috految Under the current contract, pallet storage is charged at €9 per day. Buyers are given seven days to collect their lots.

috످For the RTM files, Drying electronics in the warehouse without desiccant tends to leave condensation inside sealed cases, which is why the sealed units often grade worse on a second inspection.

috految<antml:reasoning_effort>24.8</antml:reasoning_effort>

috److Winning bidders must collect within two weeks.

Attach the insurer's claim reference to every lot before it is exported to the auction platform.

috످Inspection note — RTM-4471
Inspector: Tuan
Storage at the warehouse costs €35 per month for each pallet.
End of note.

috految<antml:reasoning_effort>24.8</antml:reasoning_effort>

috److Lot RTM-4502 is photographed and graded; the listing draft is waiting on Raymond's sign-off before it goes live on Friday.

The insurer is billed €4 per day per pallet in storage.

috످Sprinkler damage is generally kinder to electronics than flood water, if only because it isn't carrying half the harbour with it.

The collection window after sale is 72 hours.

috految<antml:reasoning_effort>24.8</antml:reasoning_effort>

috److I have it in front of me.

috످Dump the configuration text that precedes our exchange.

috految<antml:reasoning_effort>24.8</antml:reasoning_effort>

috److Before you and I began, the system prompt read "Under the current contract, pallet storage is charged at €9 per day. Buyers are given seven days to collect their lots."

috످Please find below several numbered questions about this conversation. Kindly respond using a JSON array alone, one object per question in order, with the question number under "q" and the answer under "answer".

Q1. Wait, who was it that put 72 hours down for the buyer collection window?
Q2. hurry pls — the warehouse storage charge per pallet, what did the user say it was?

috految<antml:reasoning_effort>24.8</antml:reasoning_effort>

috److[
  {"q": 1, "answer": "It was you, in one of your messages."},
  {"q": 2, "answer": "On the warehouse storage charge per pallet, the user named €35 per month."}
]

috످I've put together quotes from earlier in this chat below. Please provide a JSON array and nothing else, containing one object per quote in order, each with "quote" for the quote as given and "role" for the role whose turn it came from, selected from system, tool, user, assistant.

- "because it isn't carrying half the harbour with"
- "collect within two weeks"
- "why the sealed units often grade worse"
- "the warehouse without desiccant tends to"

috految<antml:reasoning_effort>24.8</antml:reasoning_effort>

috److془First: remark comparing sprinkler and flood damage, user's third message. Second: deadline for pickup, my first reply. Third: user's first message on trapped moisture lowering grades. Fourth: drying without moisture absorber, same.془[
  {"quote": "because it isn't carrying half the harbour with", "role": "user"},
  {"quote": "collect within two weeks", "role": "assistant"},
  {"quote": "why the sealed units often grade worse", "role": "user"},
  {"quote": "the warehouse without desiccant tends to", "role": "user"}
]

috످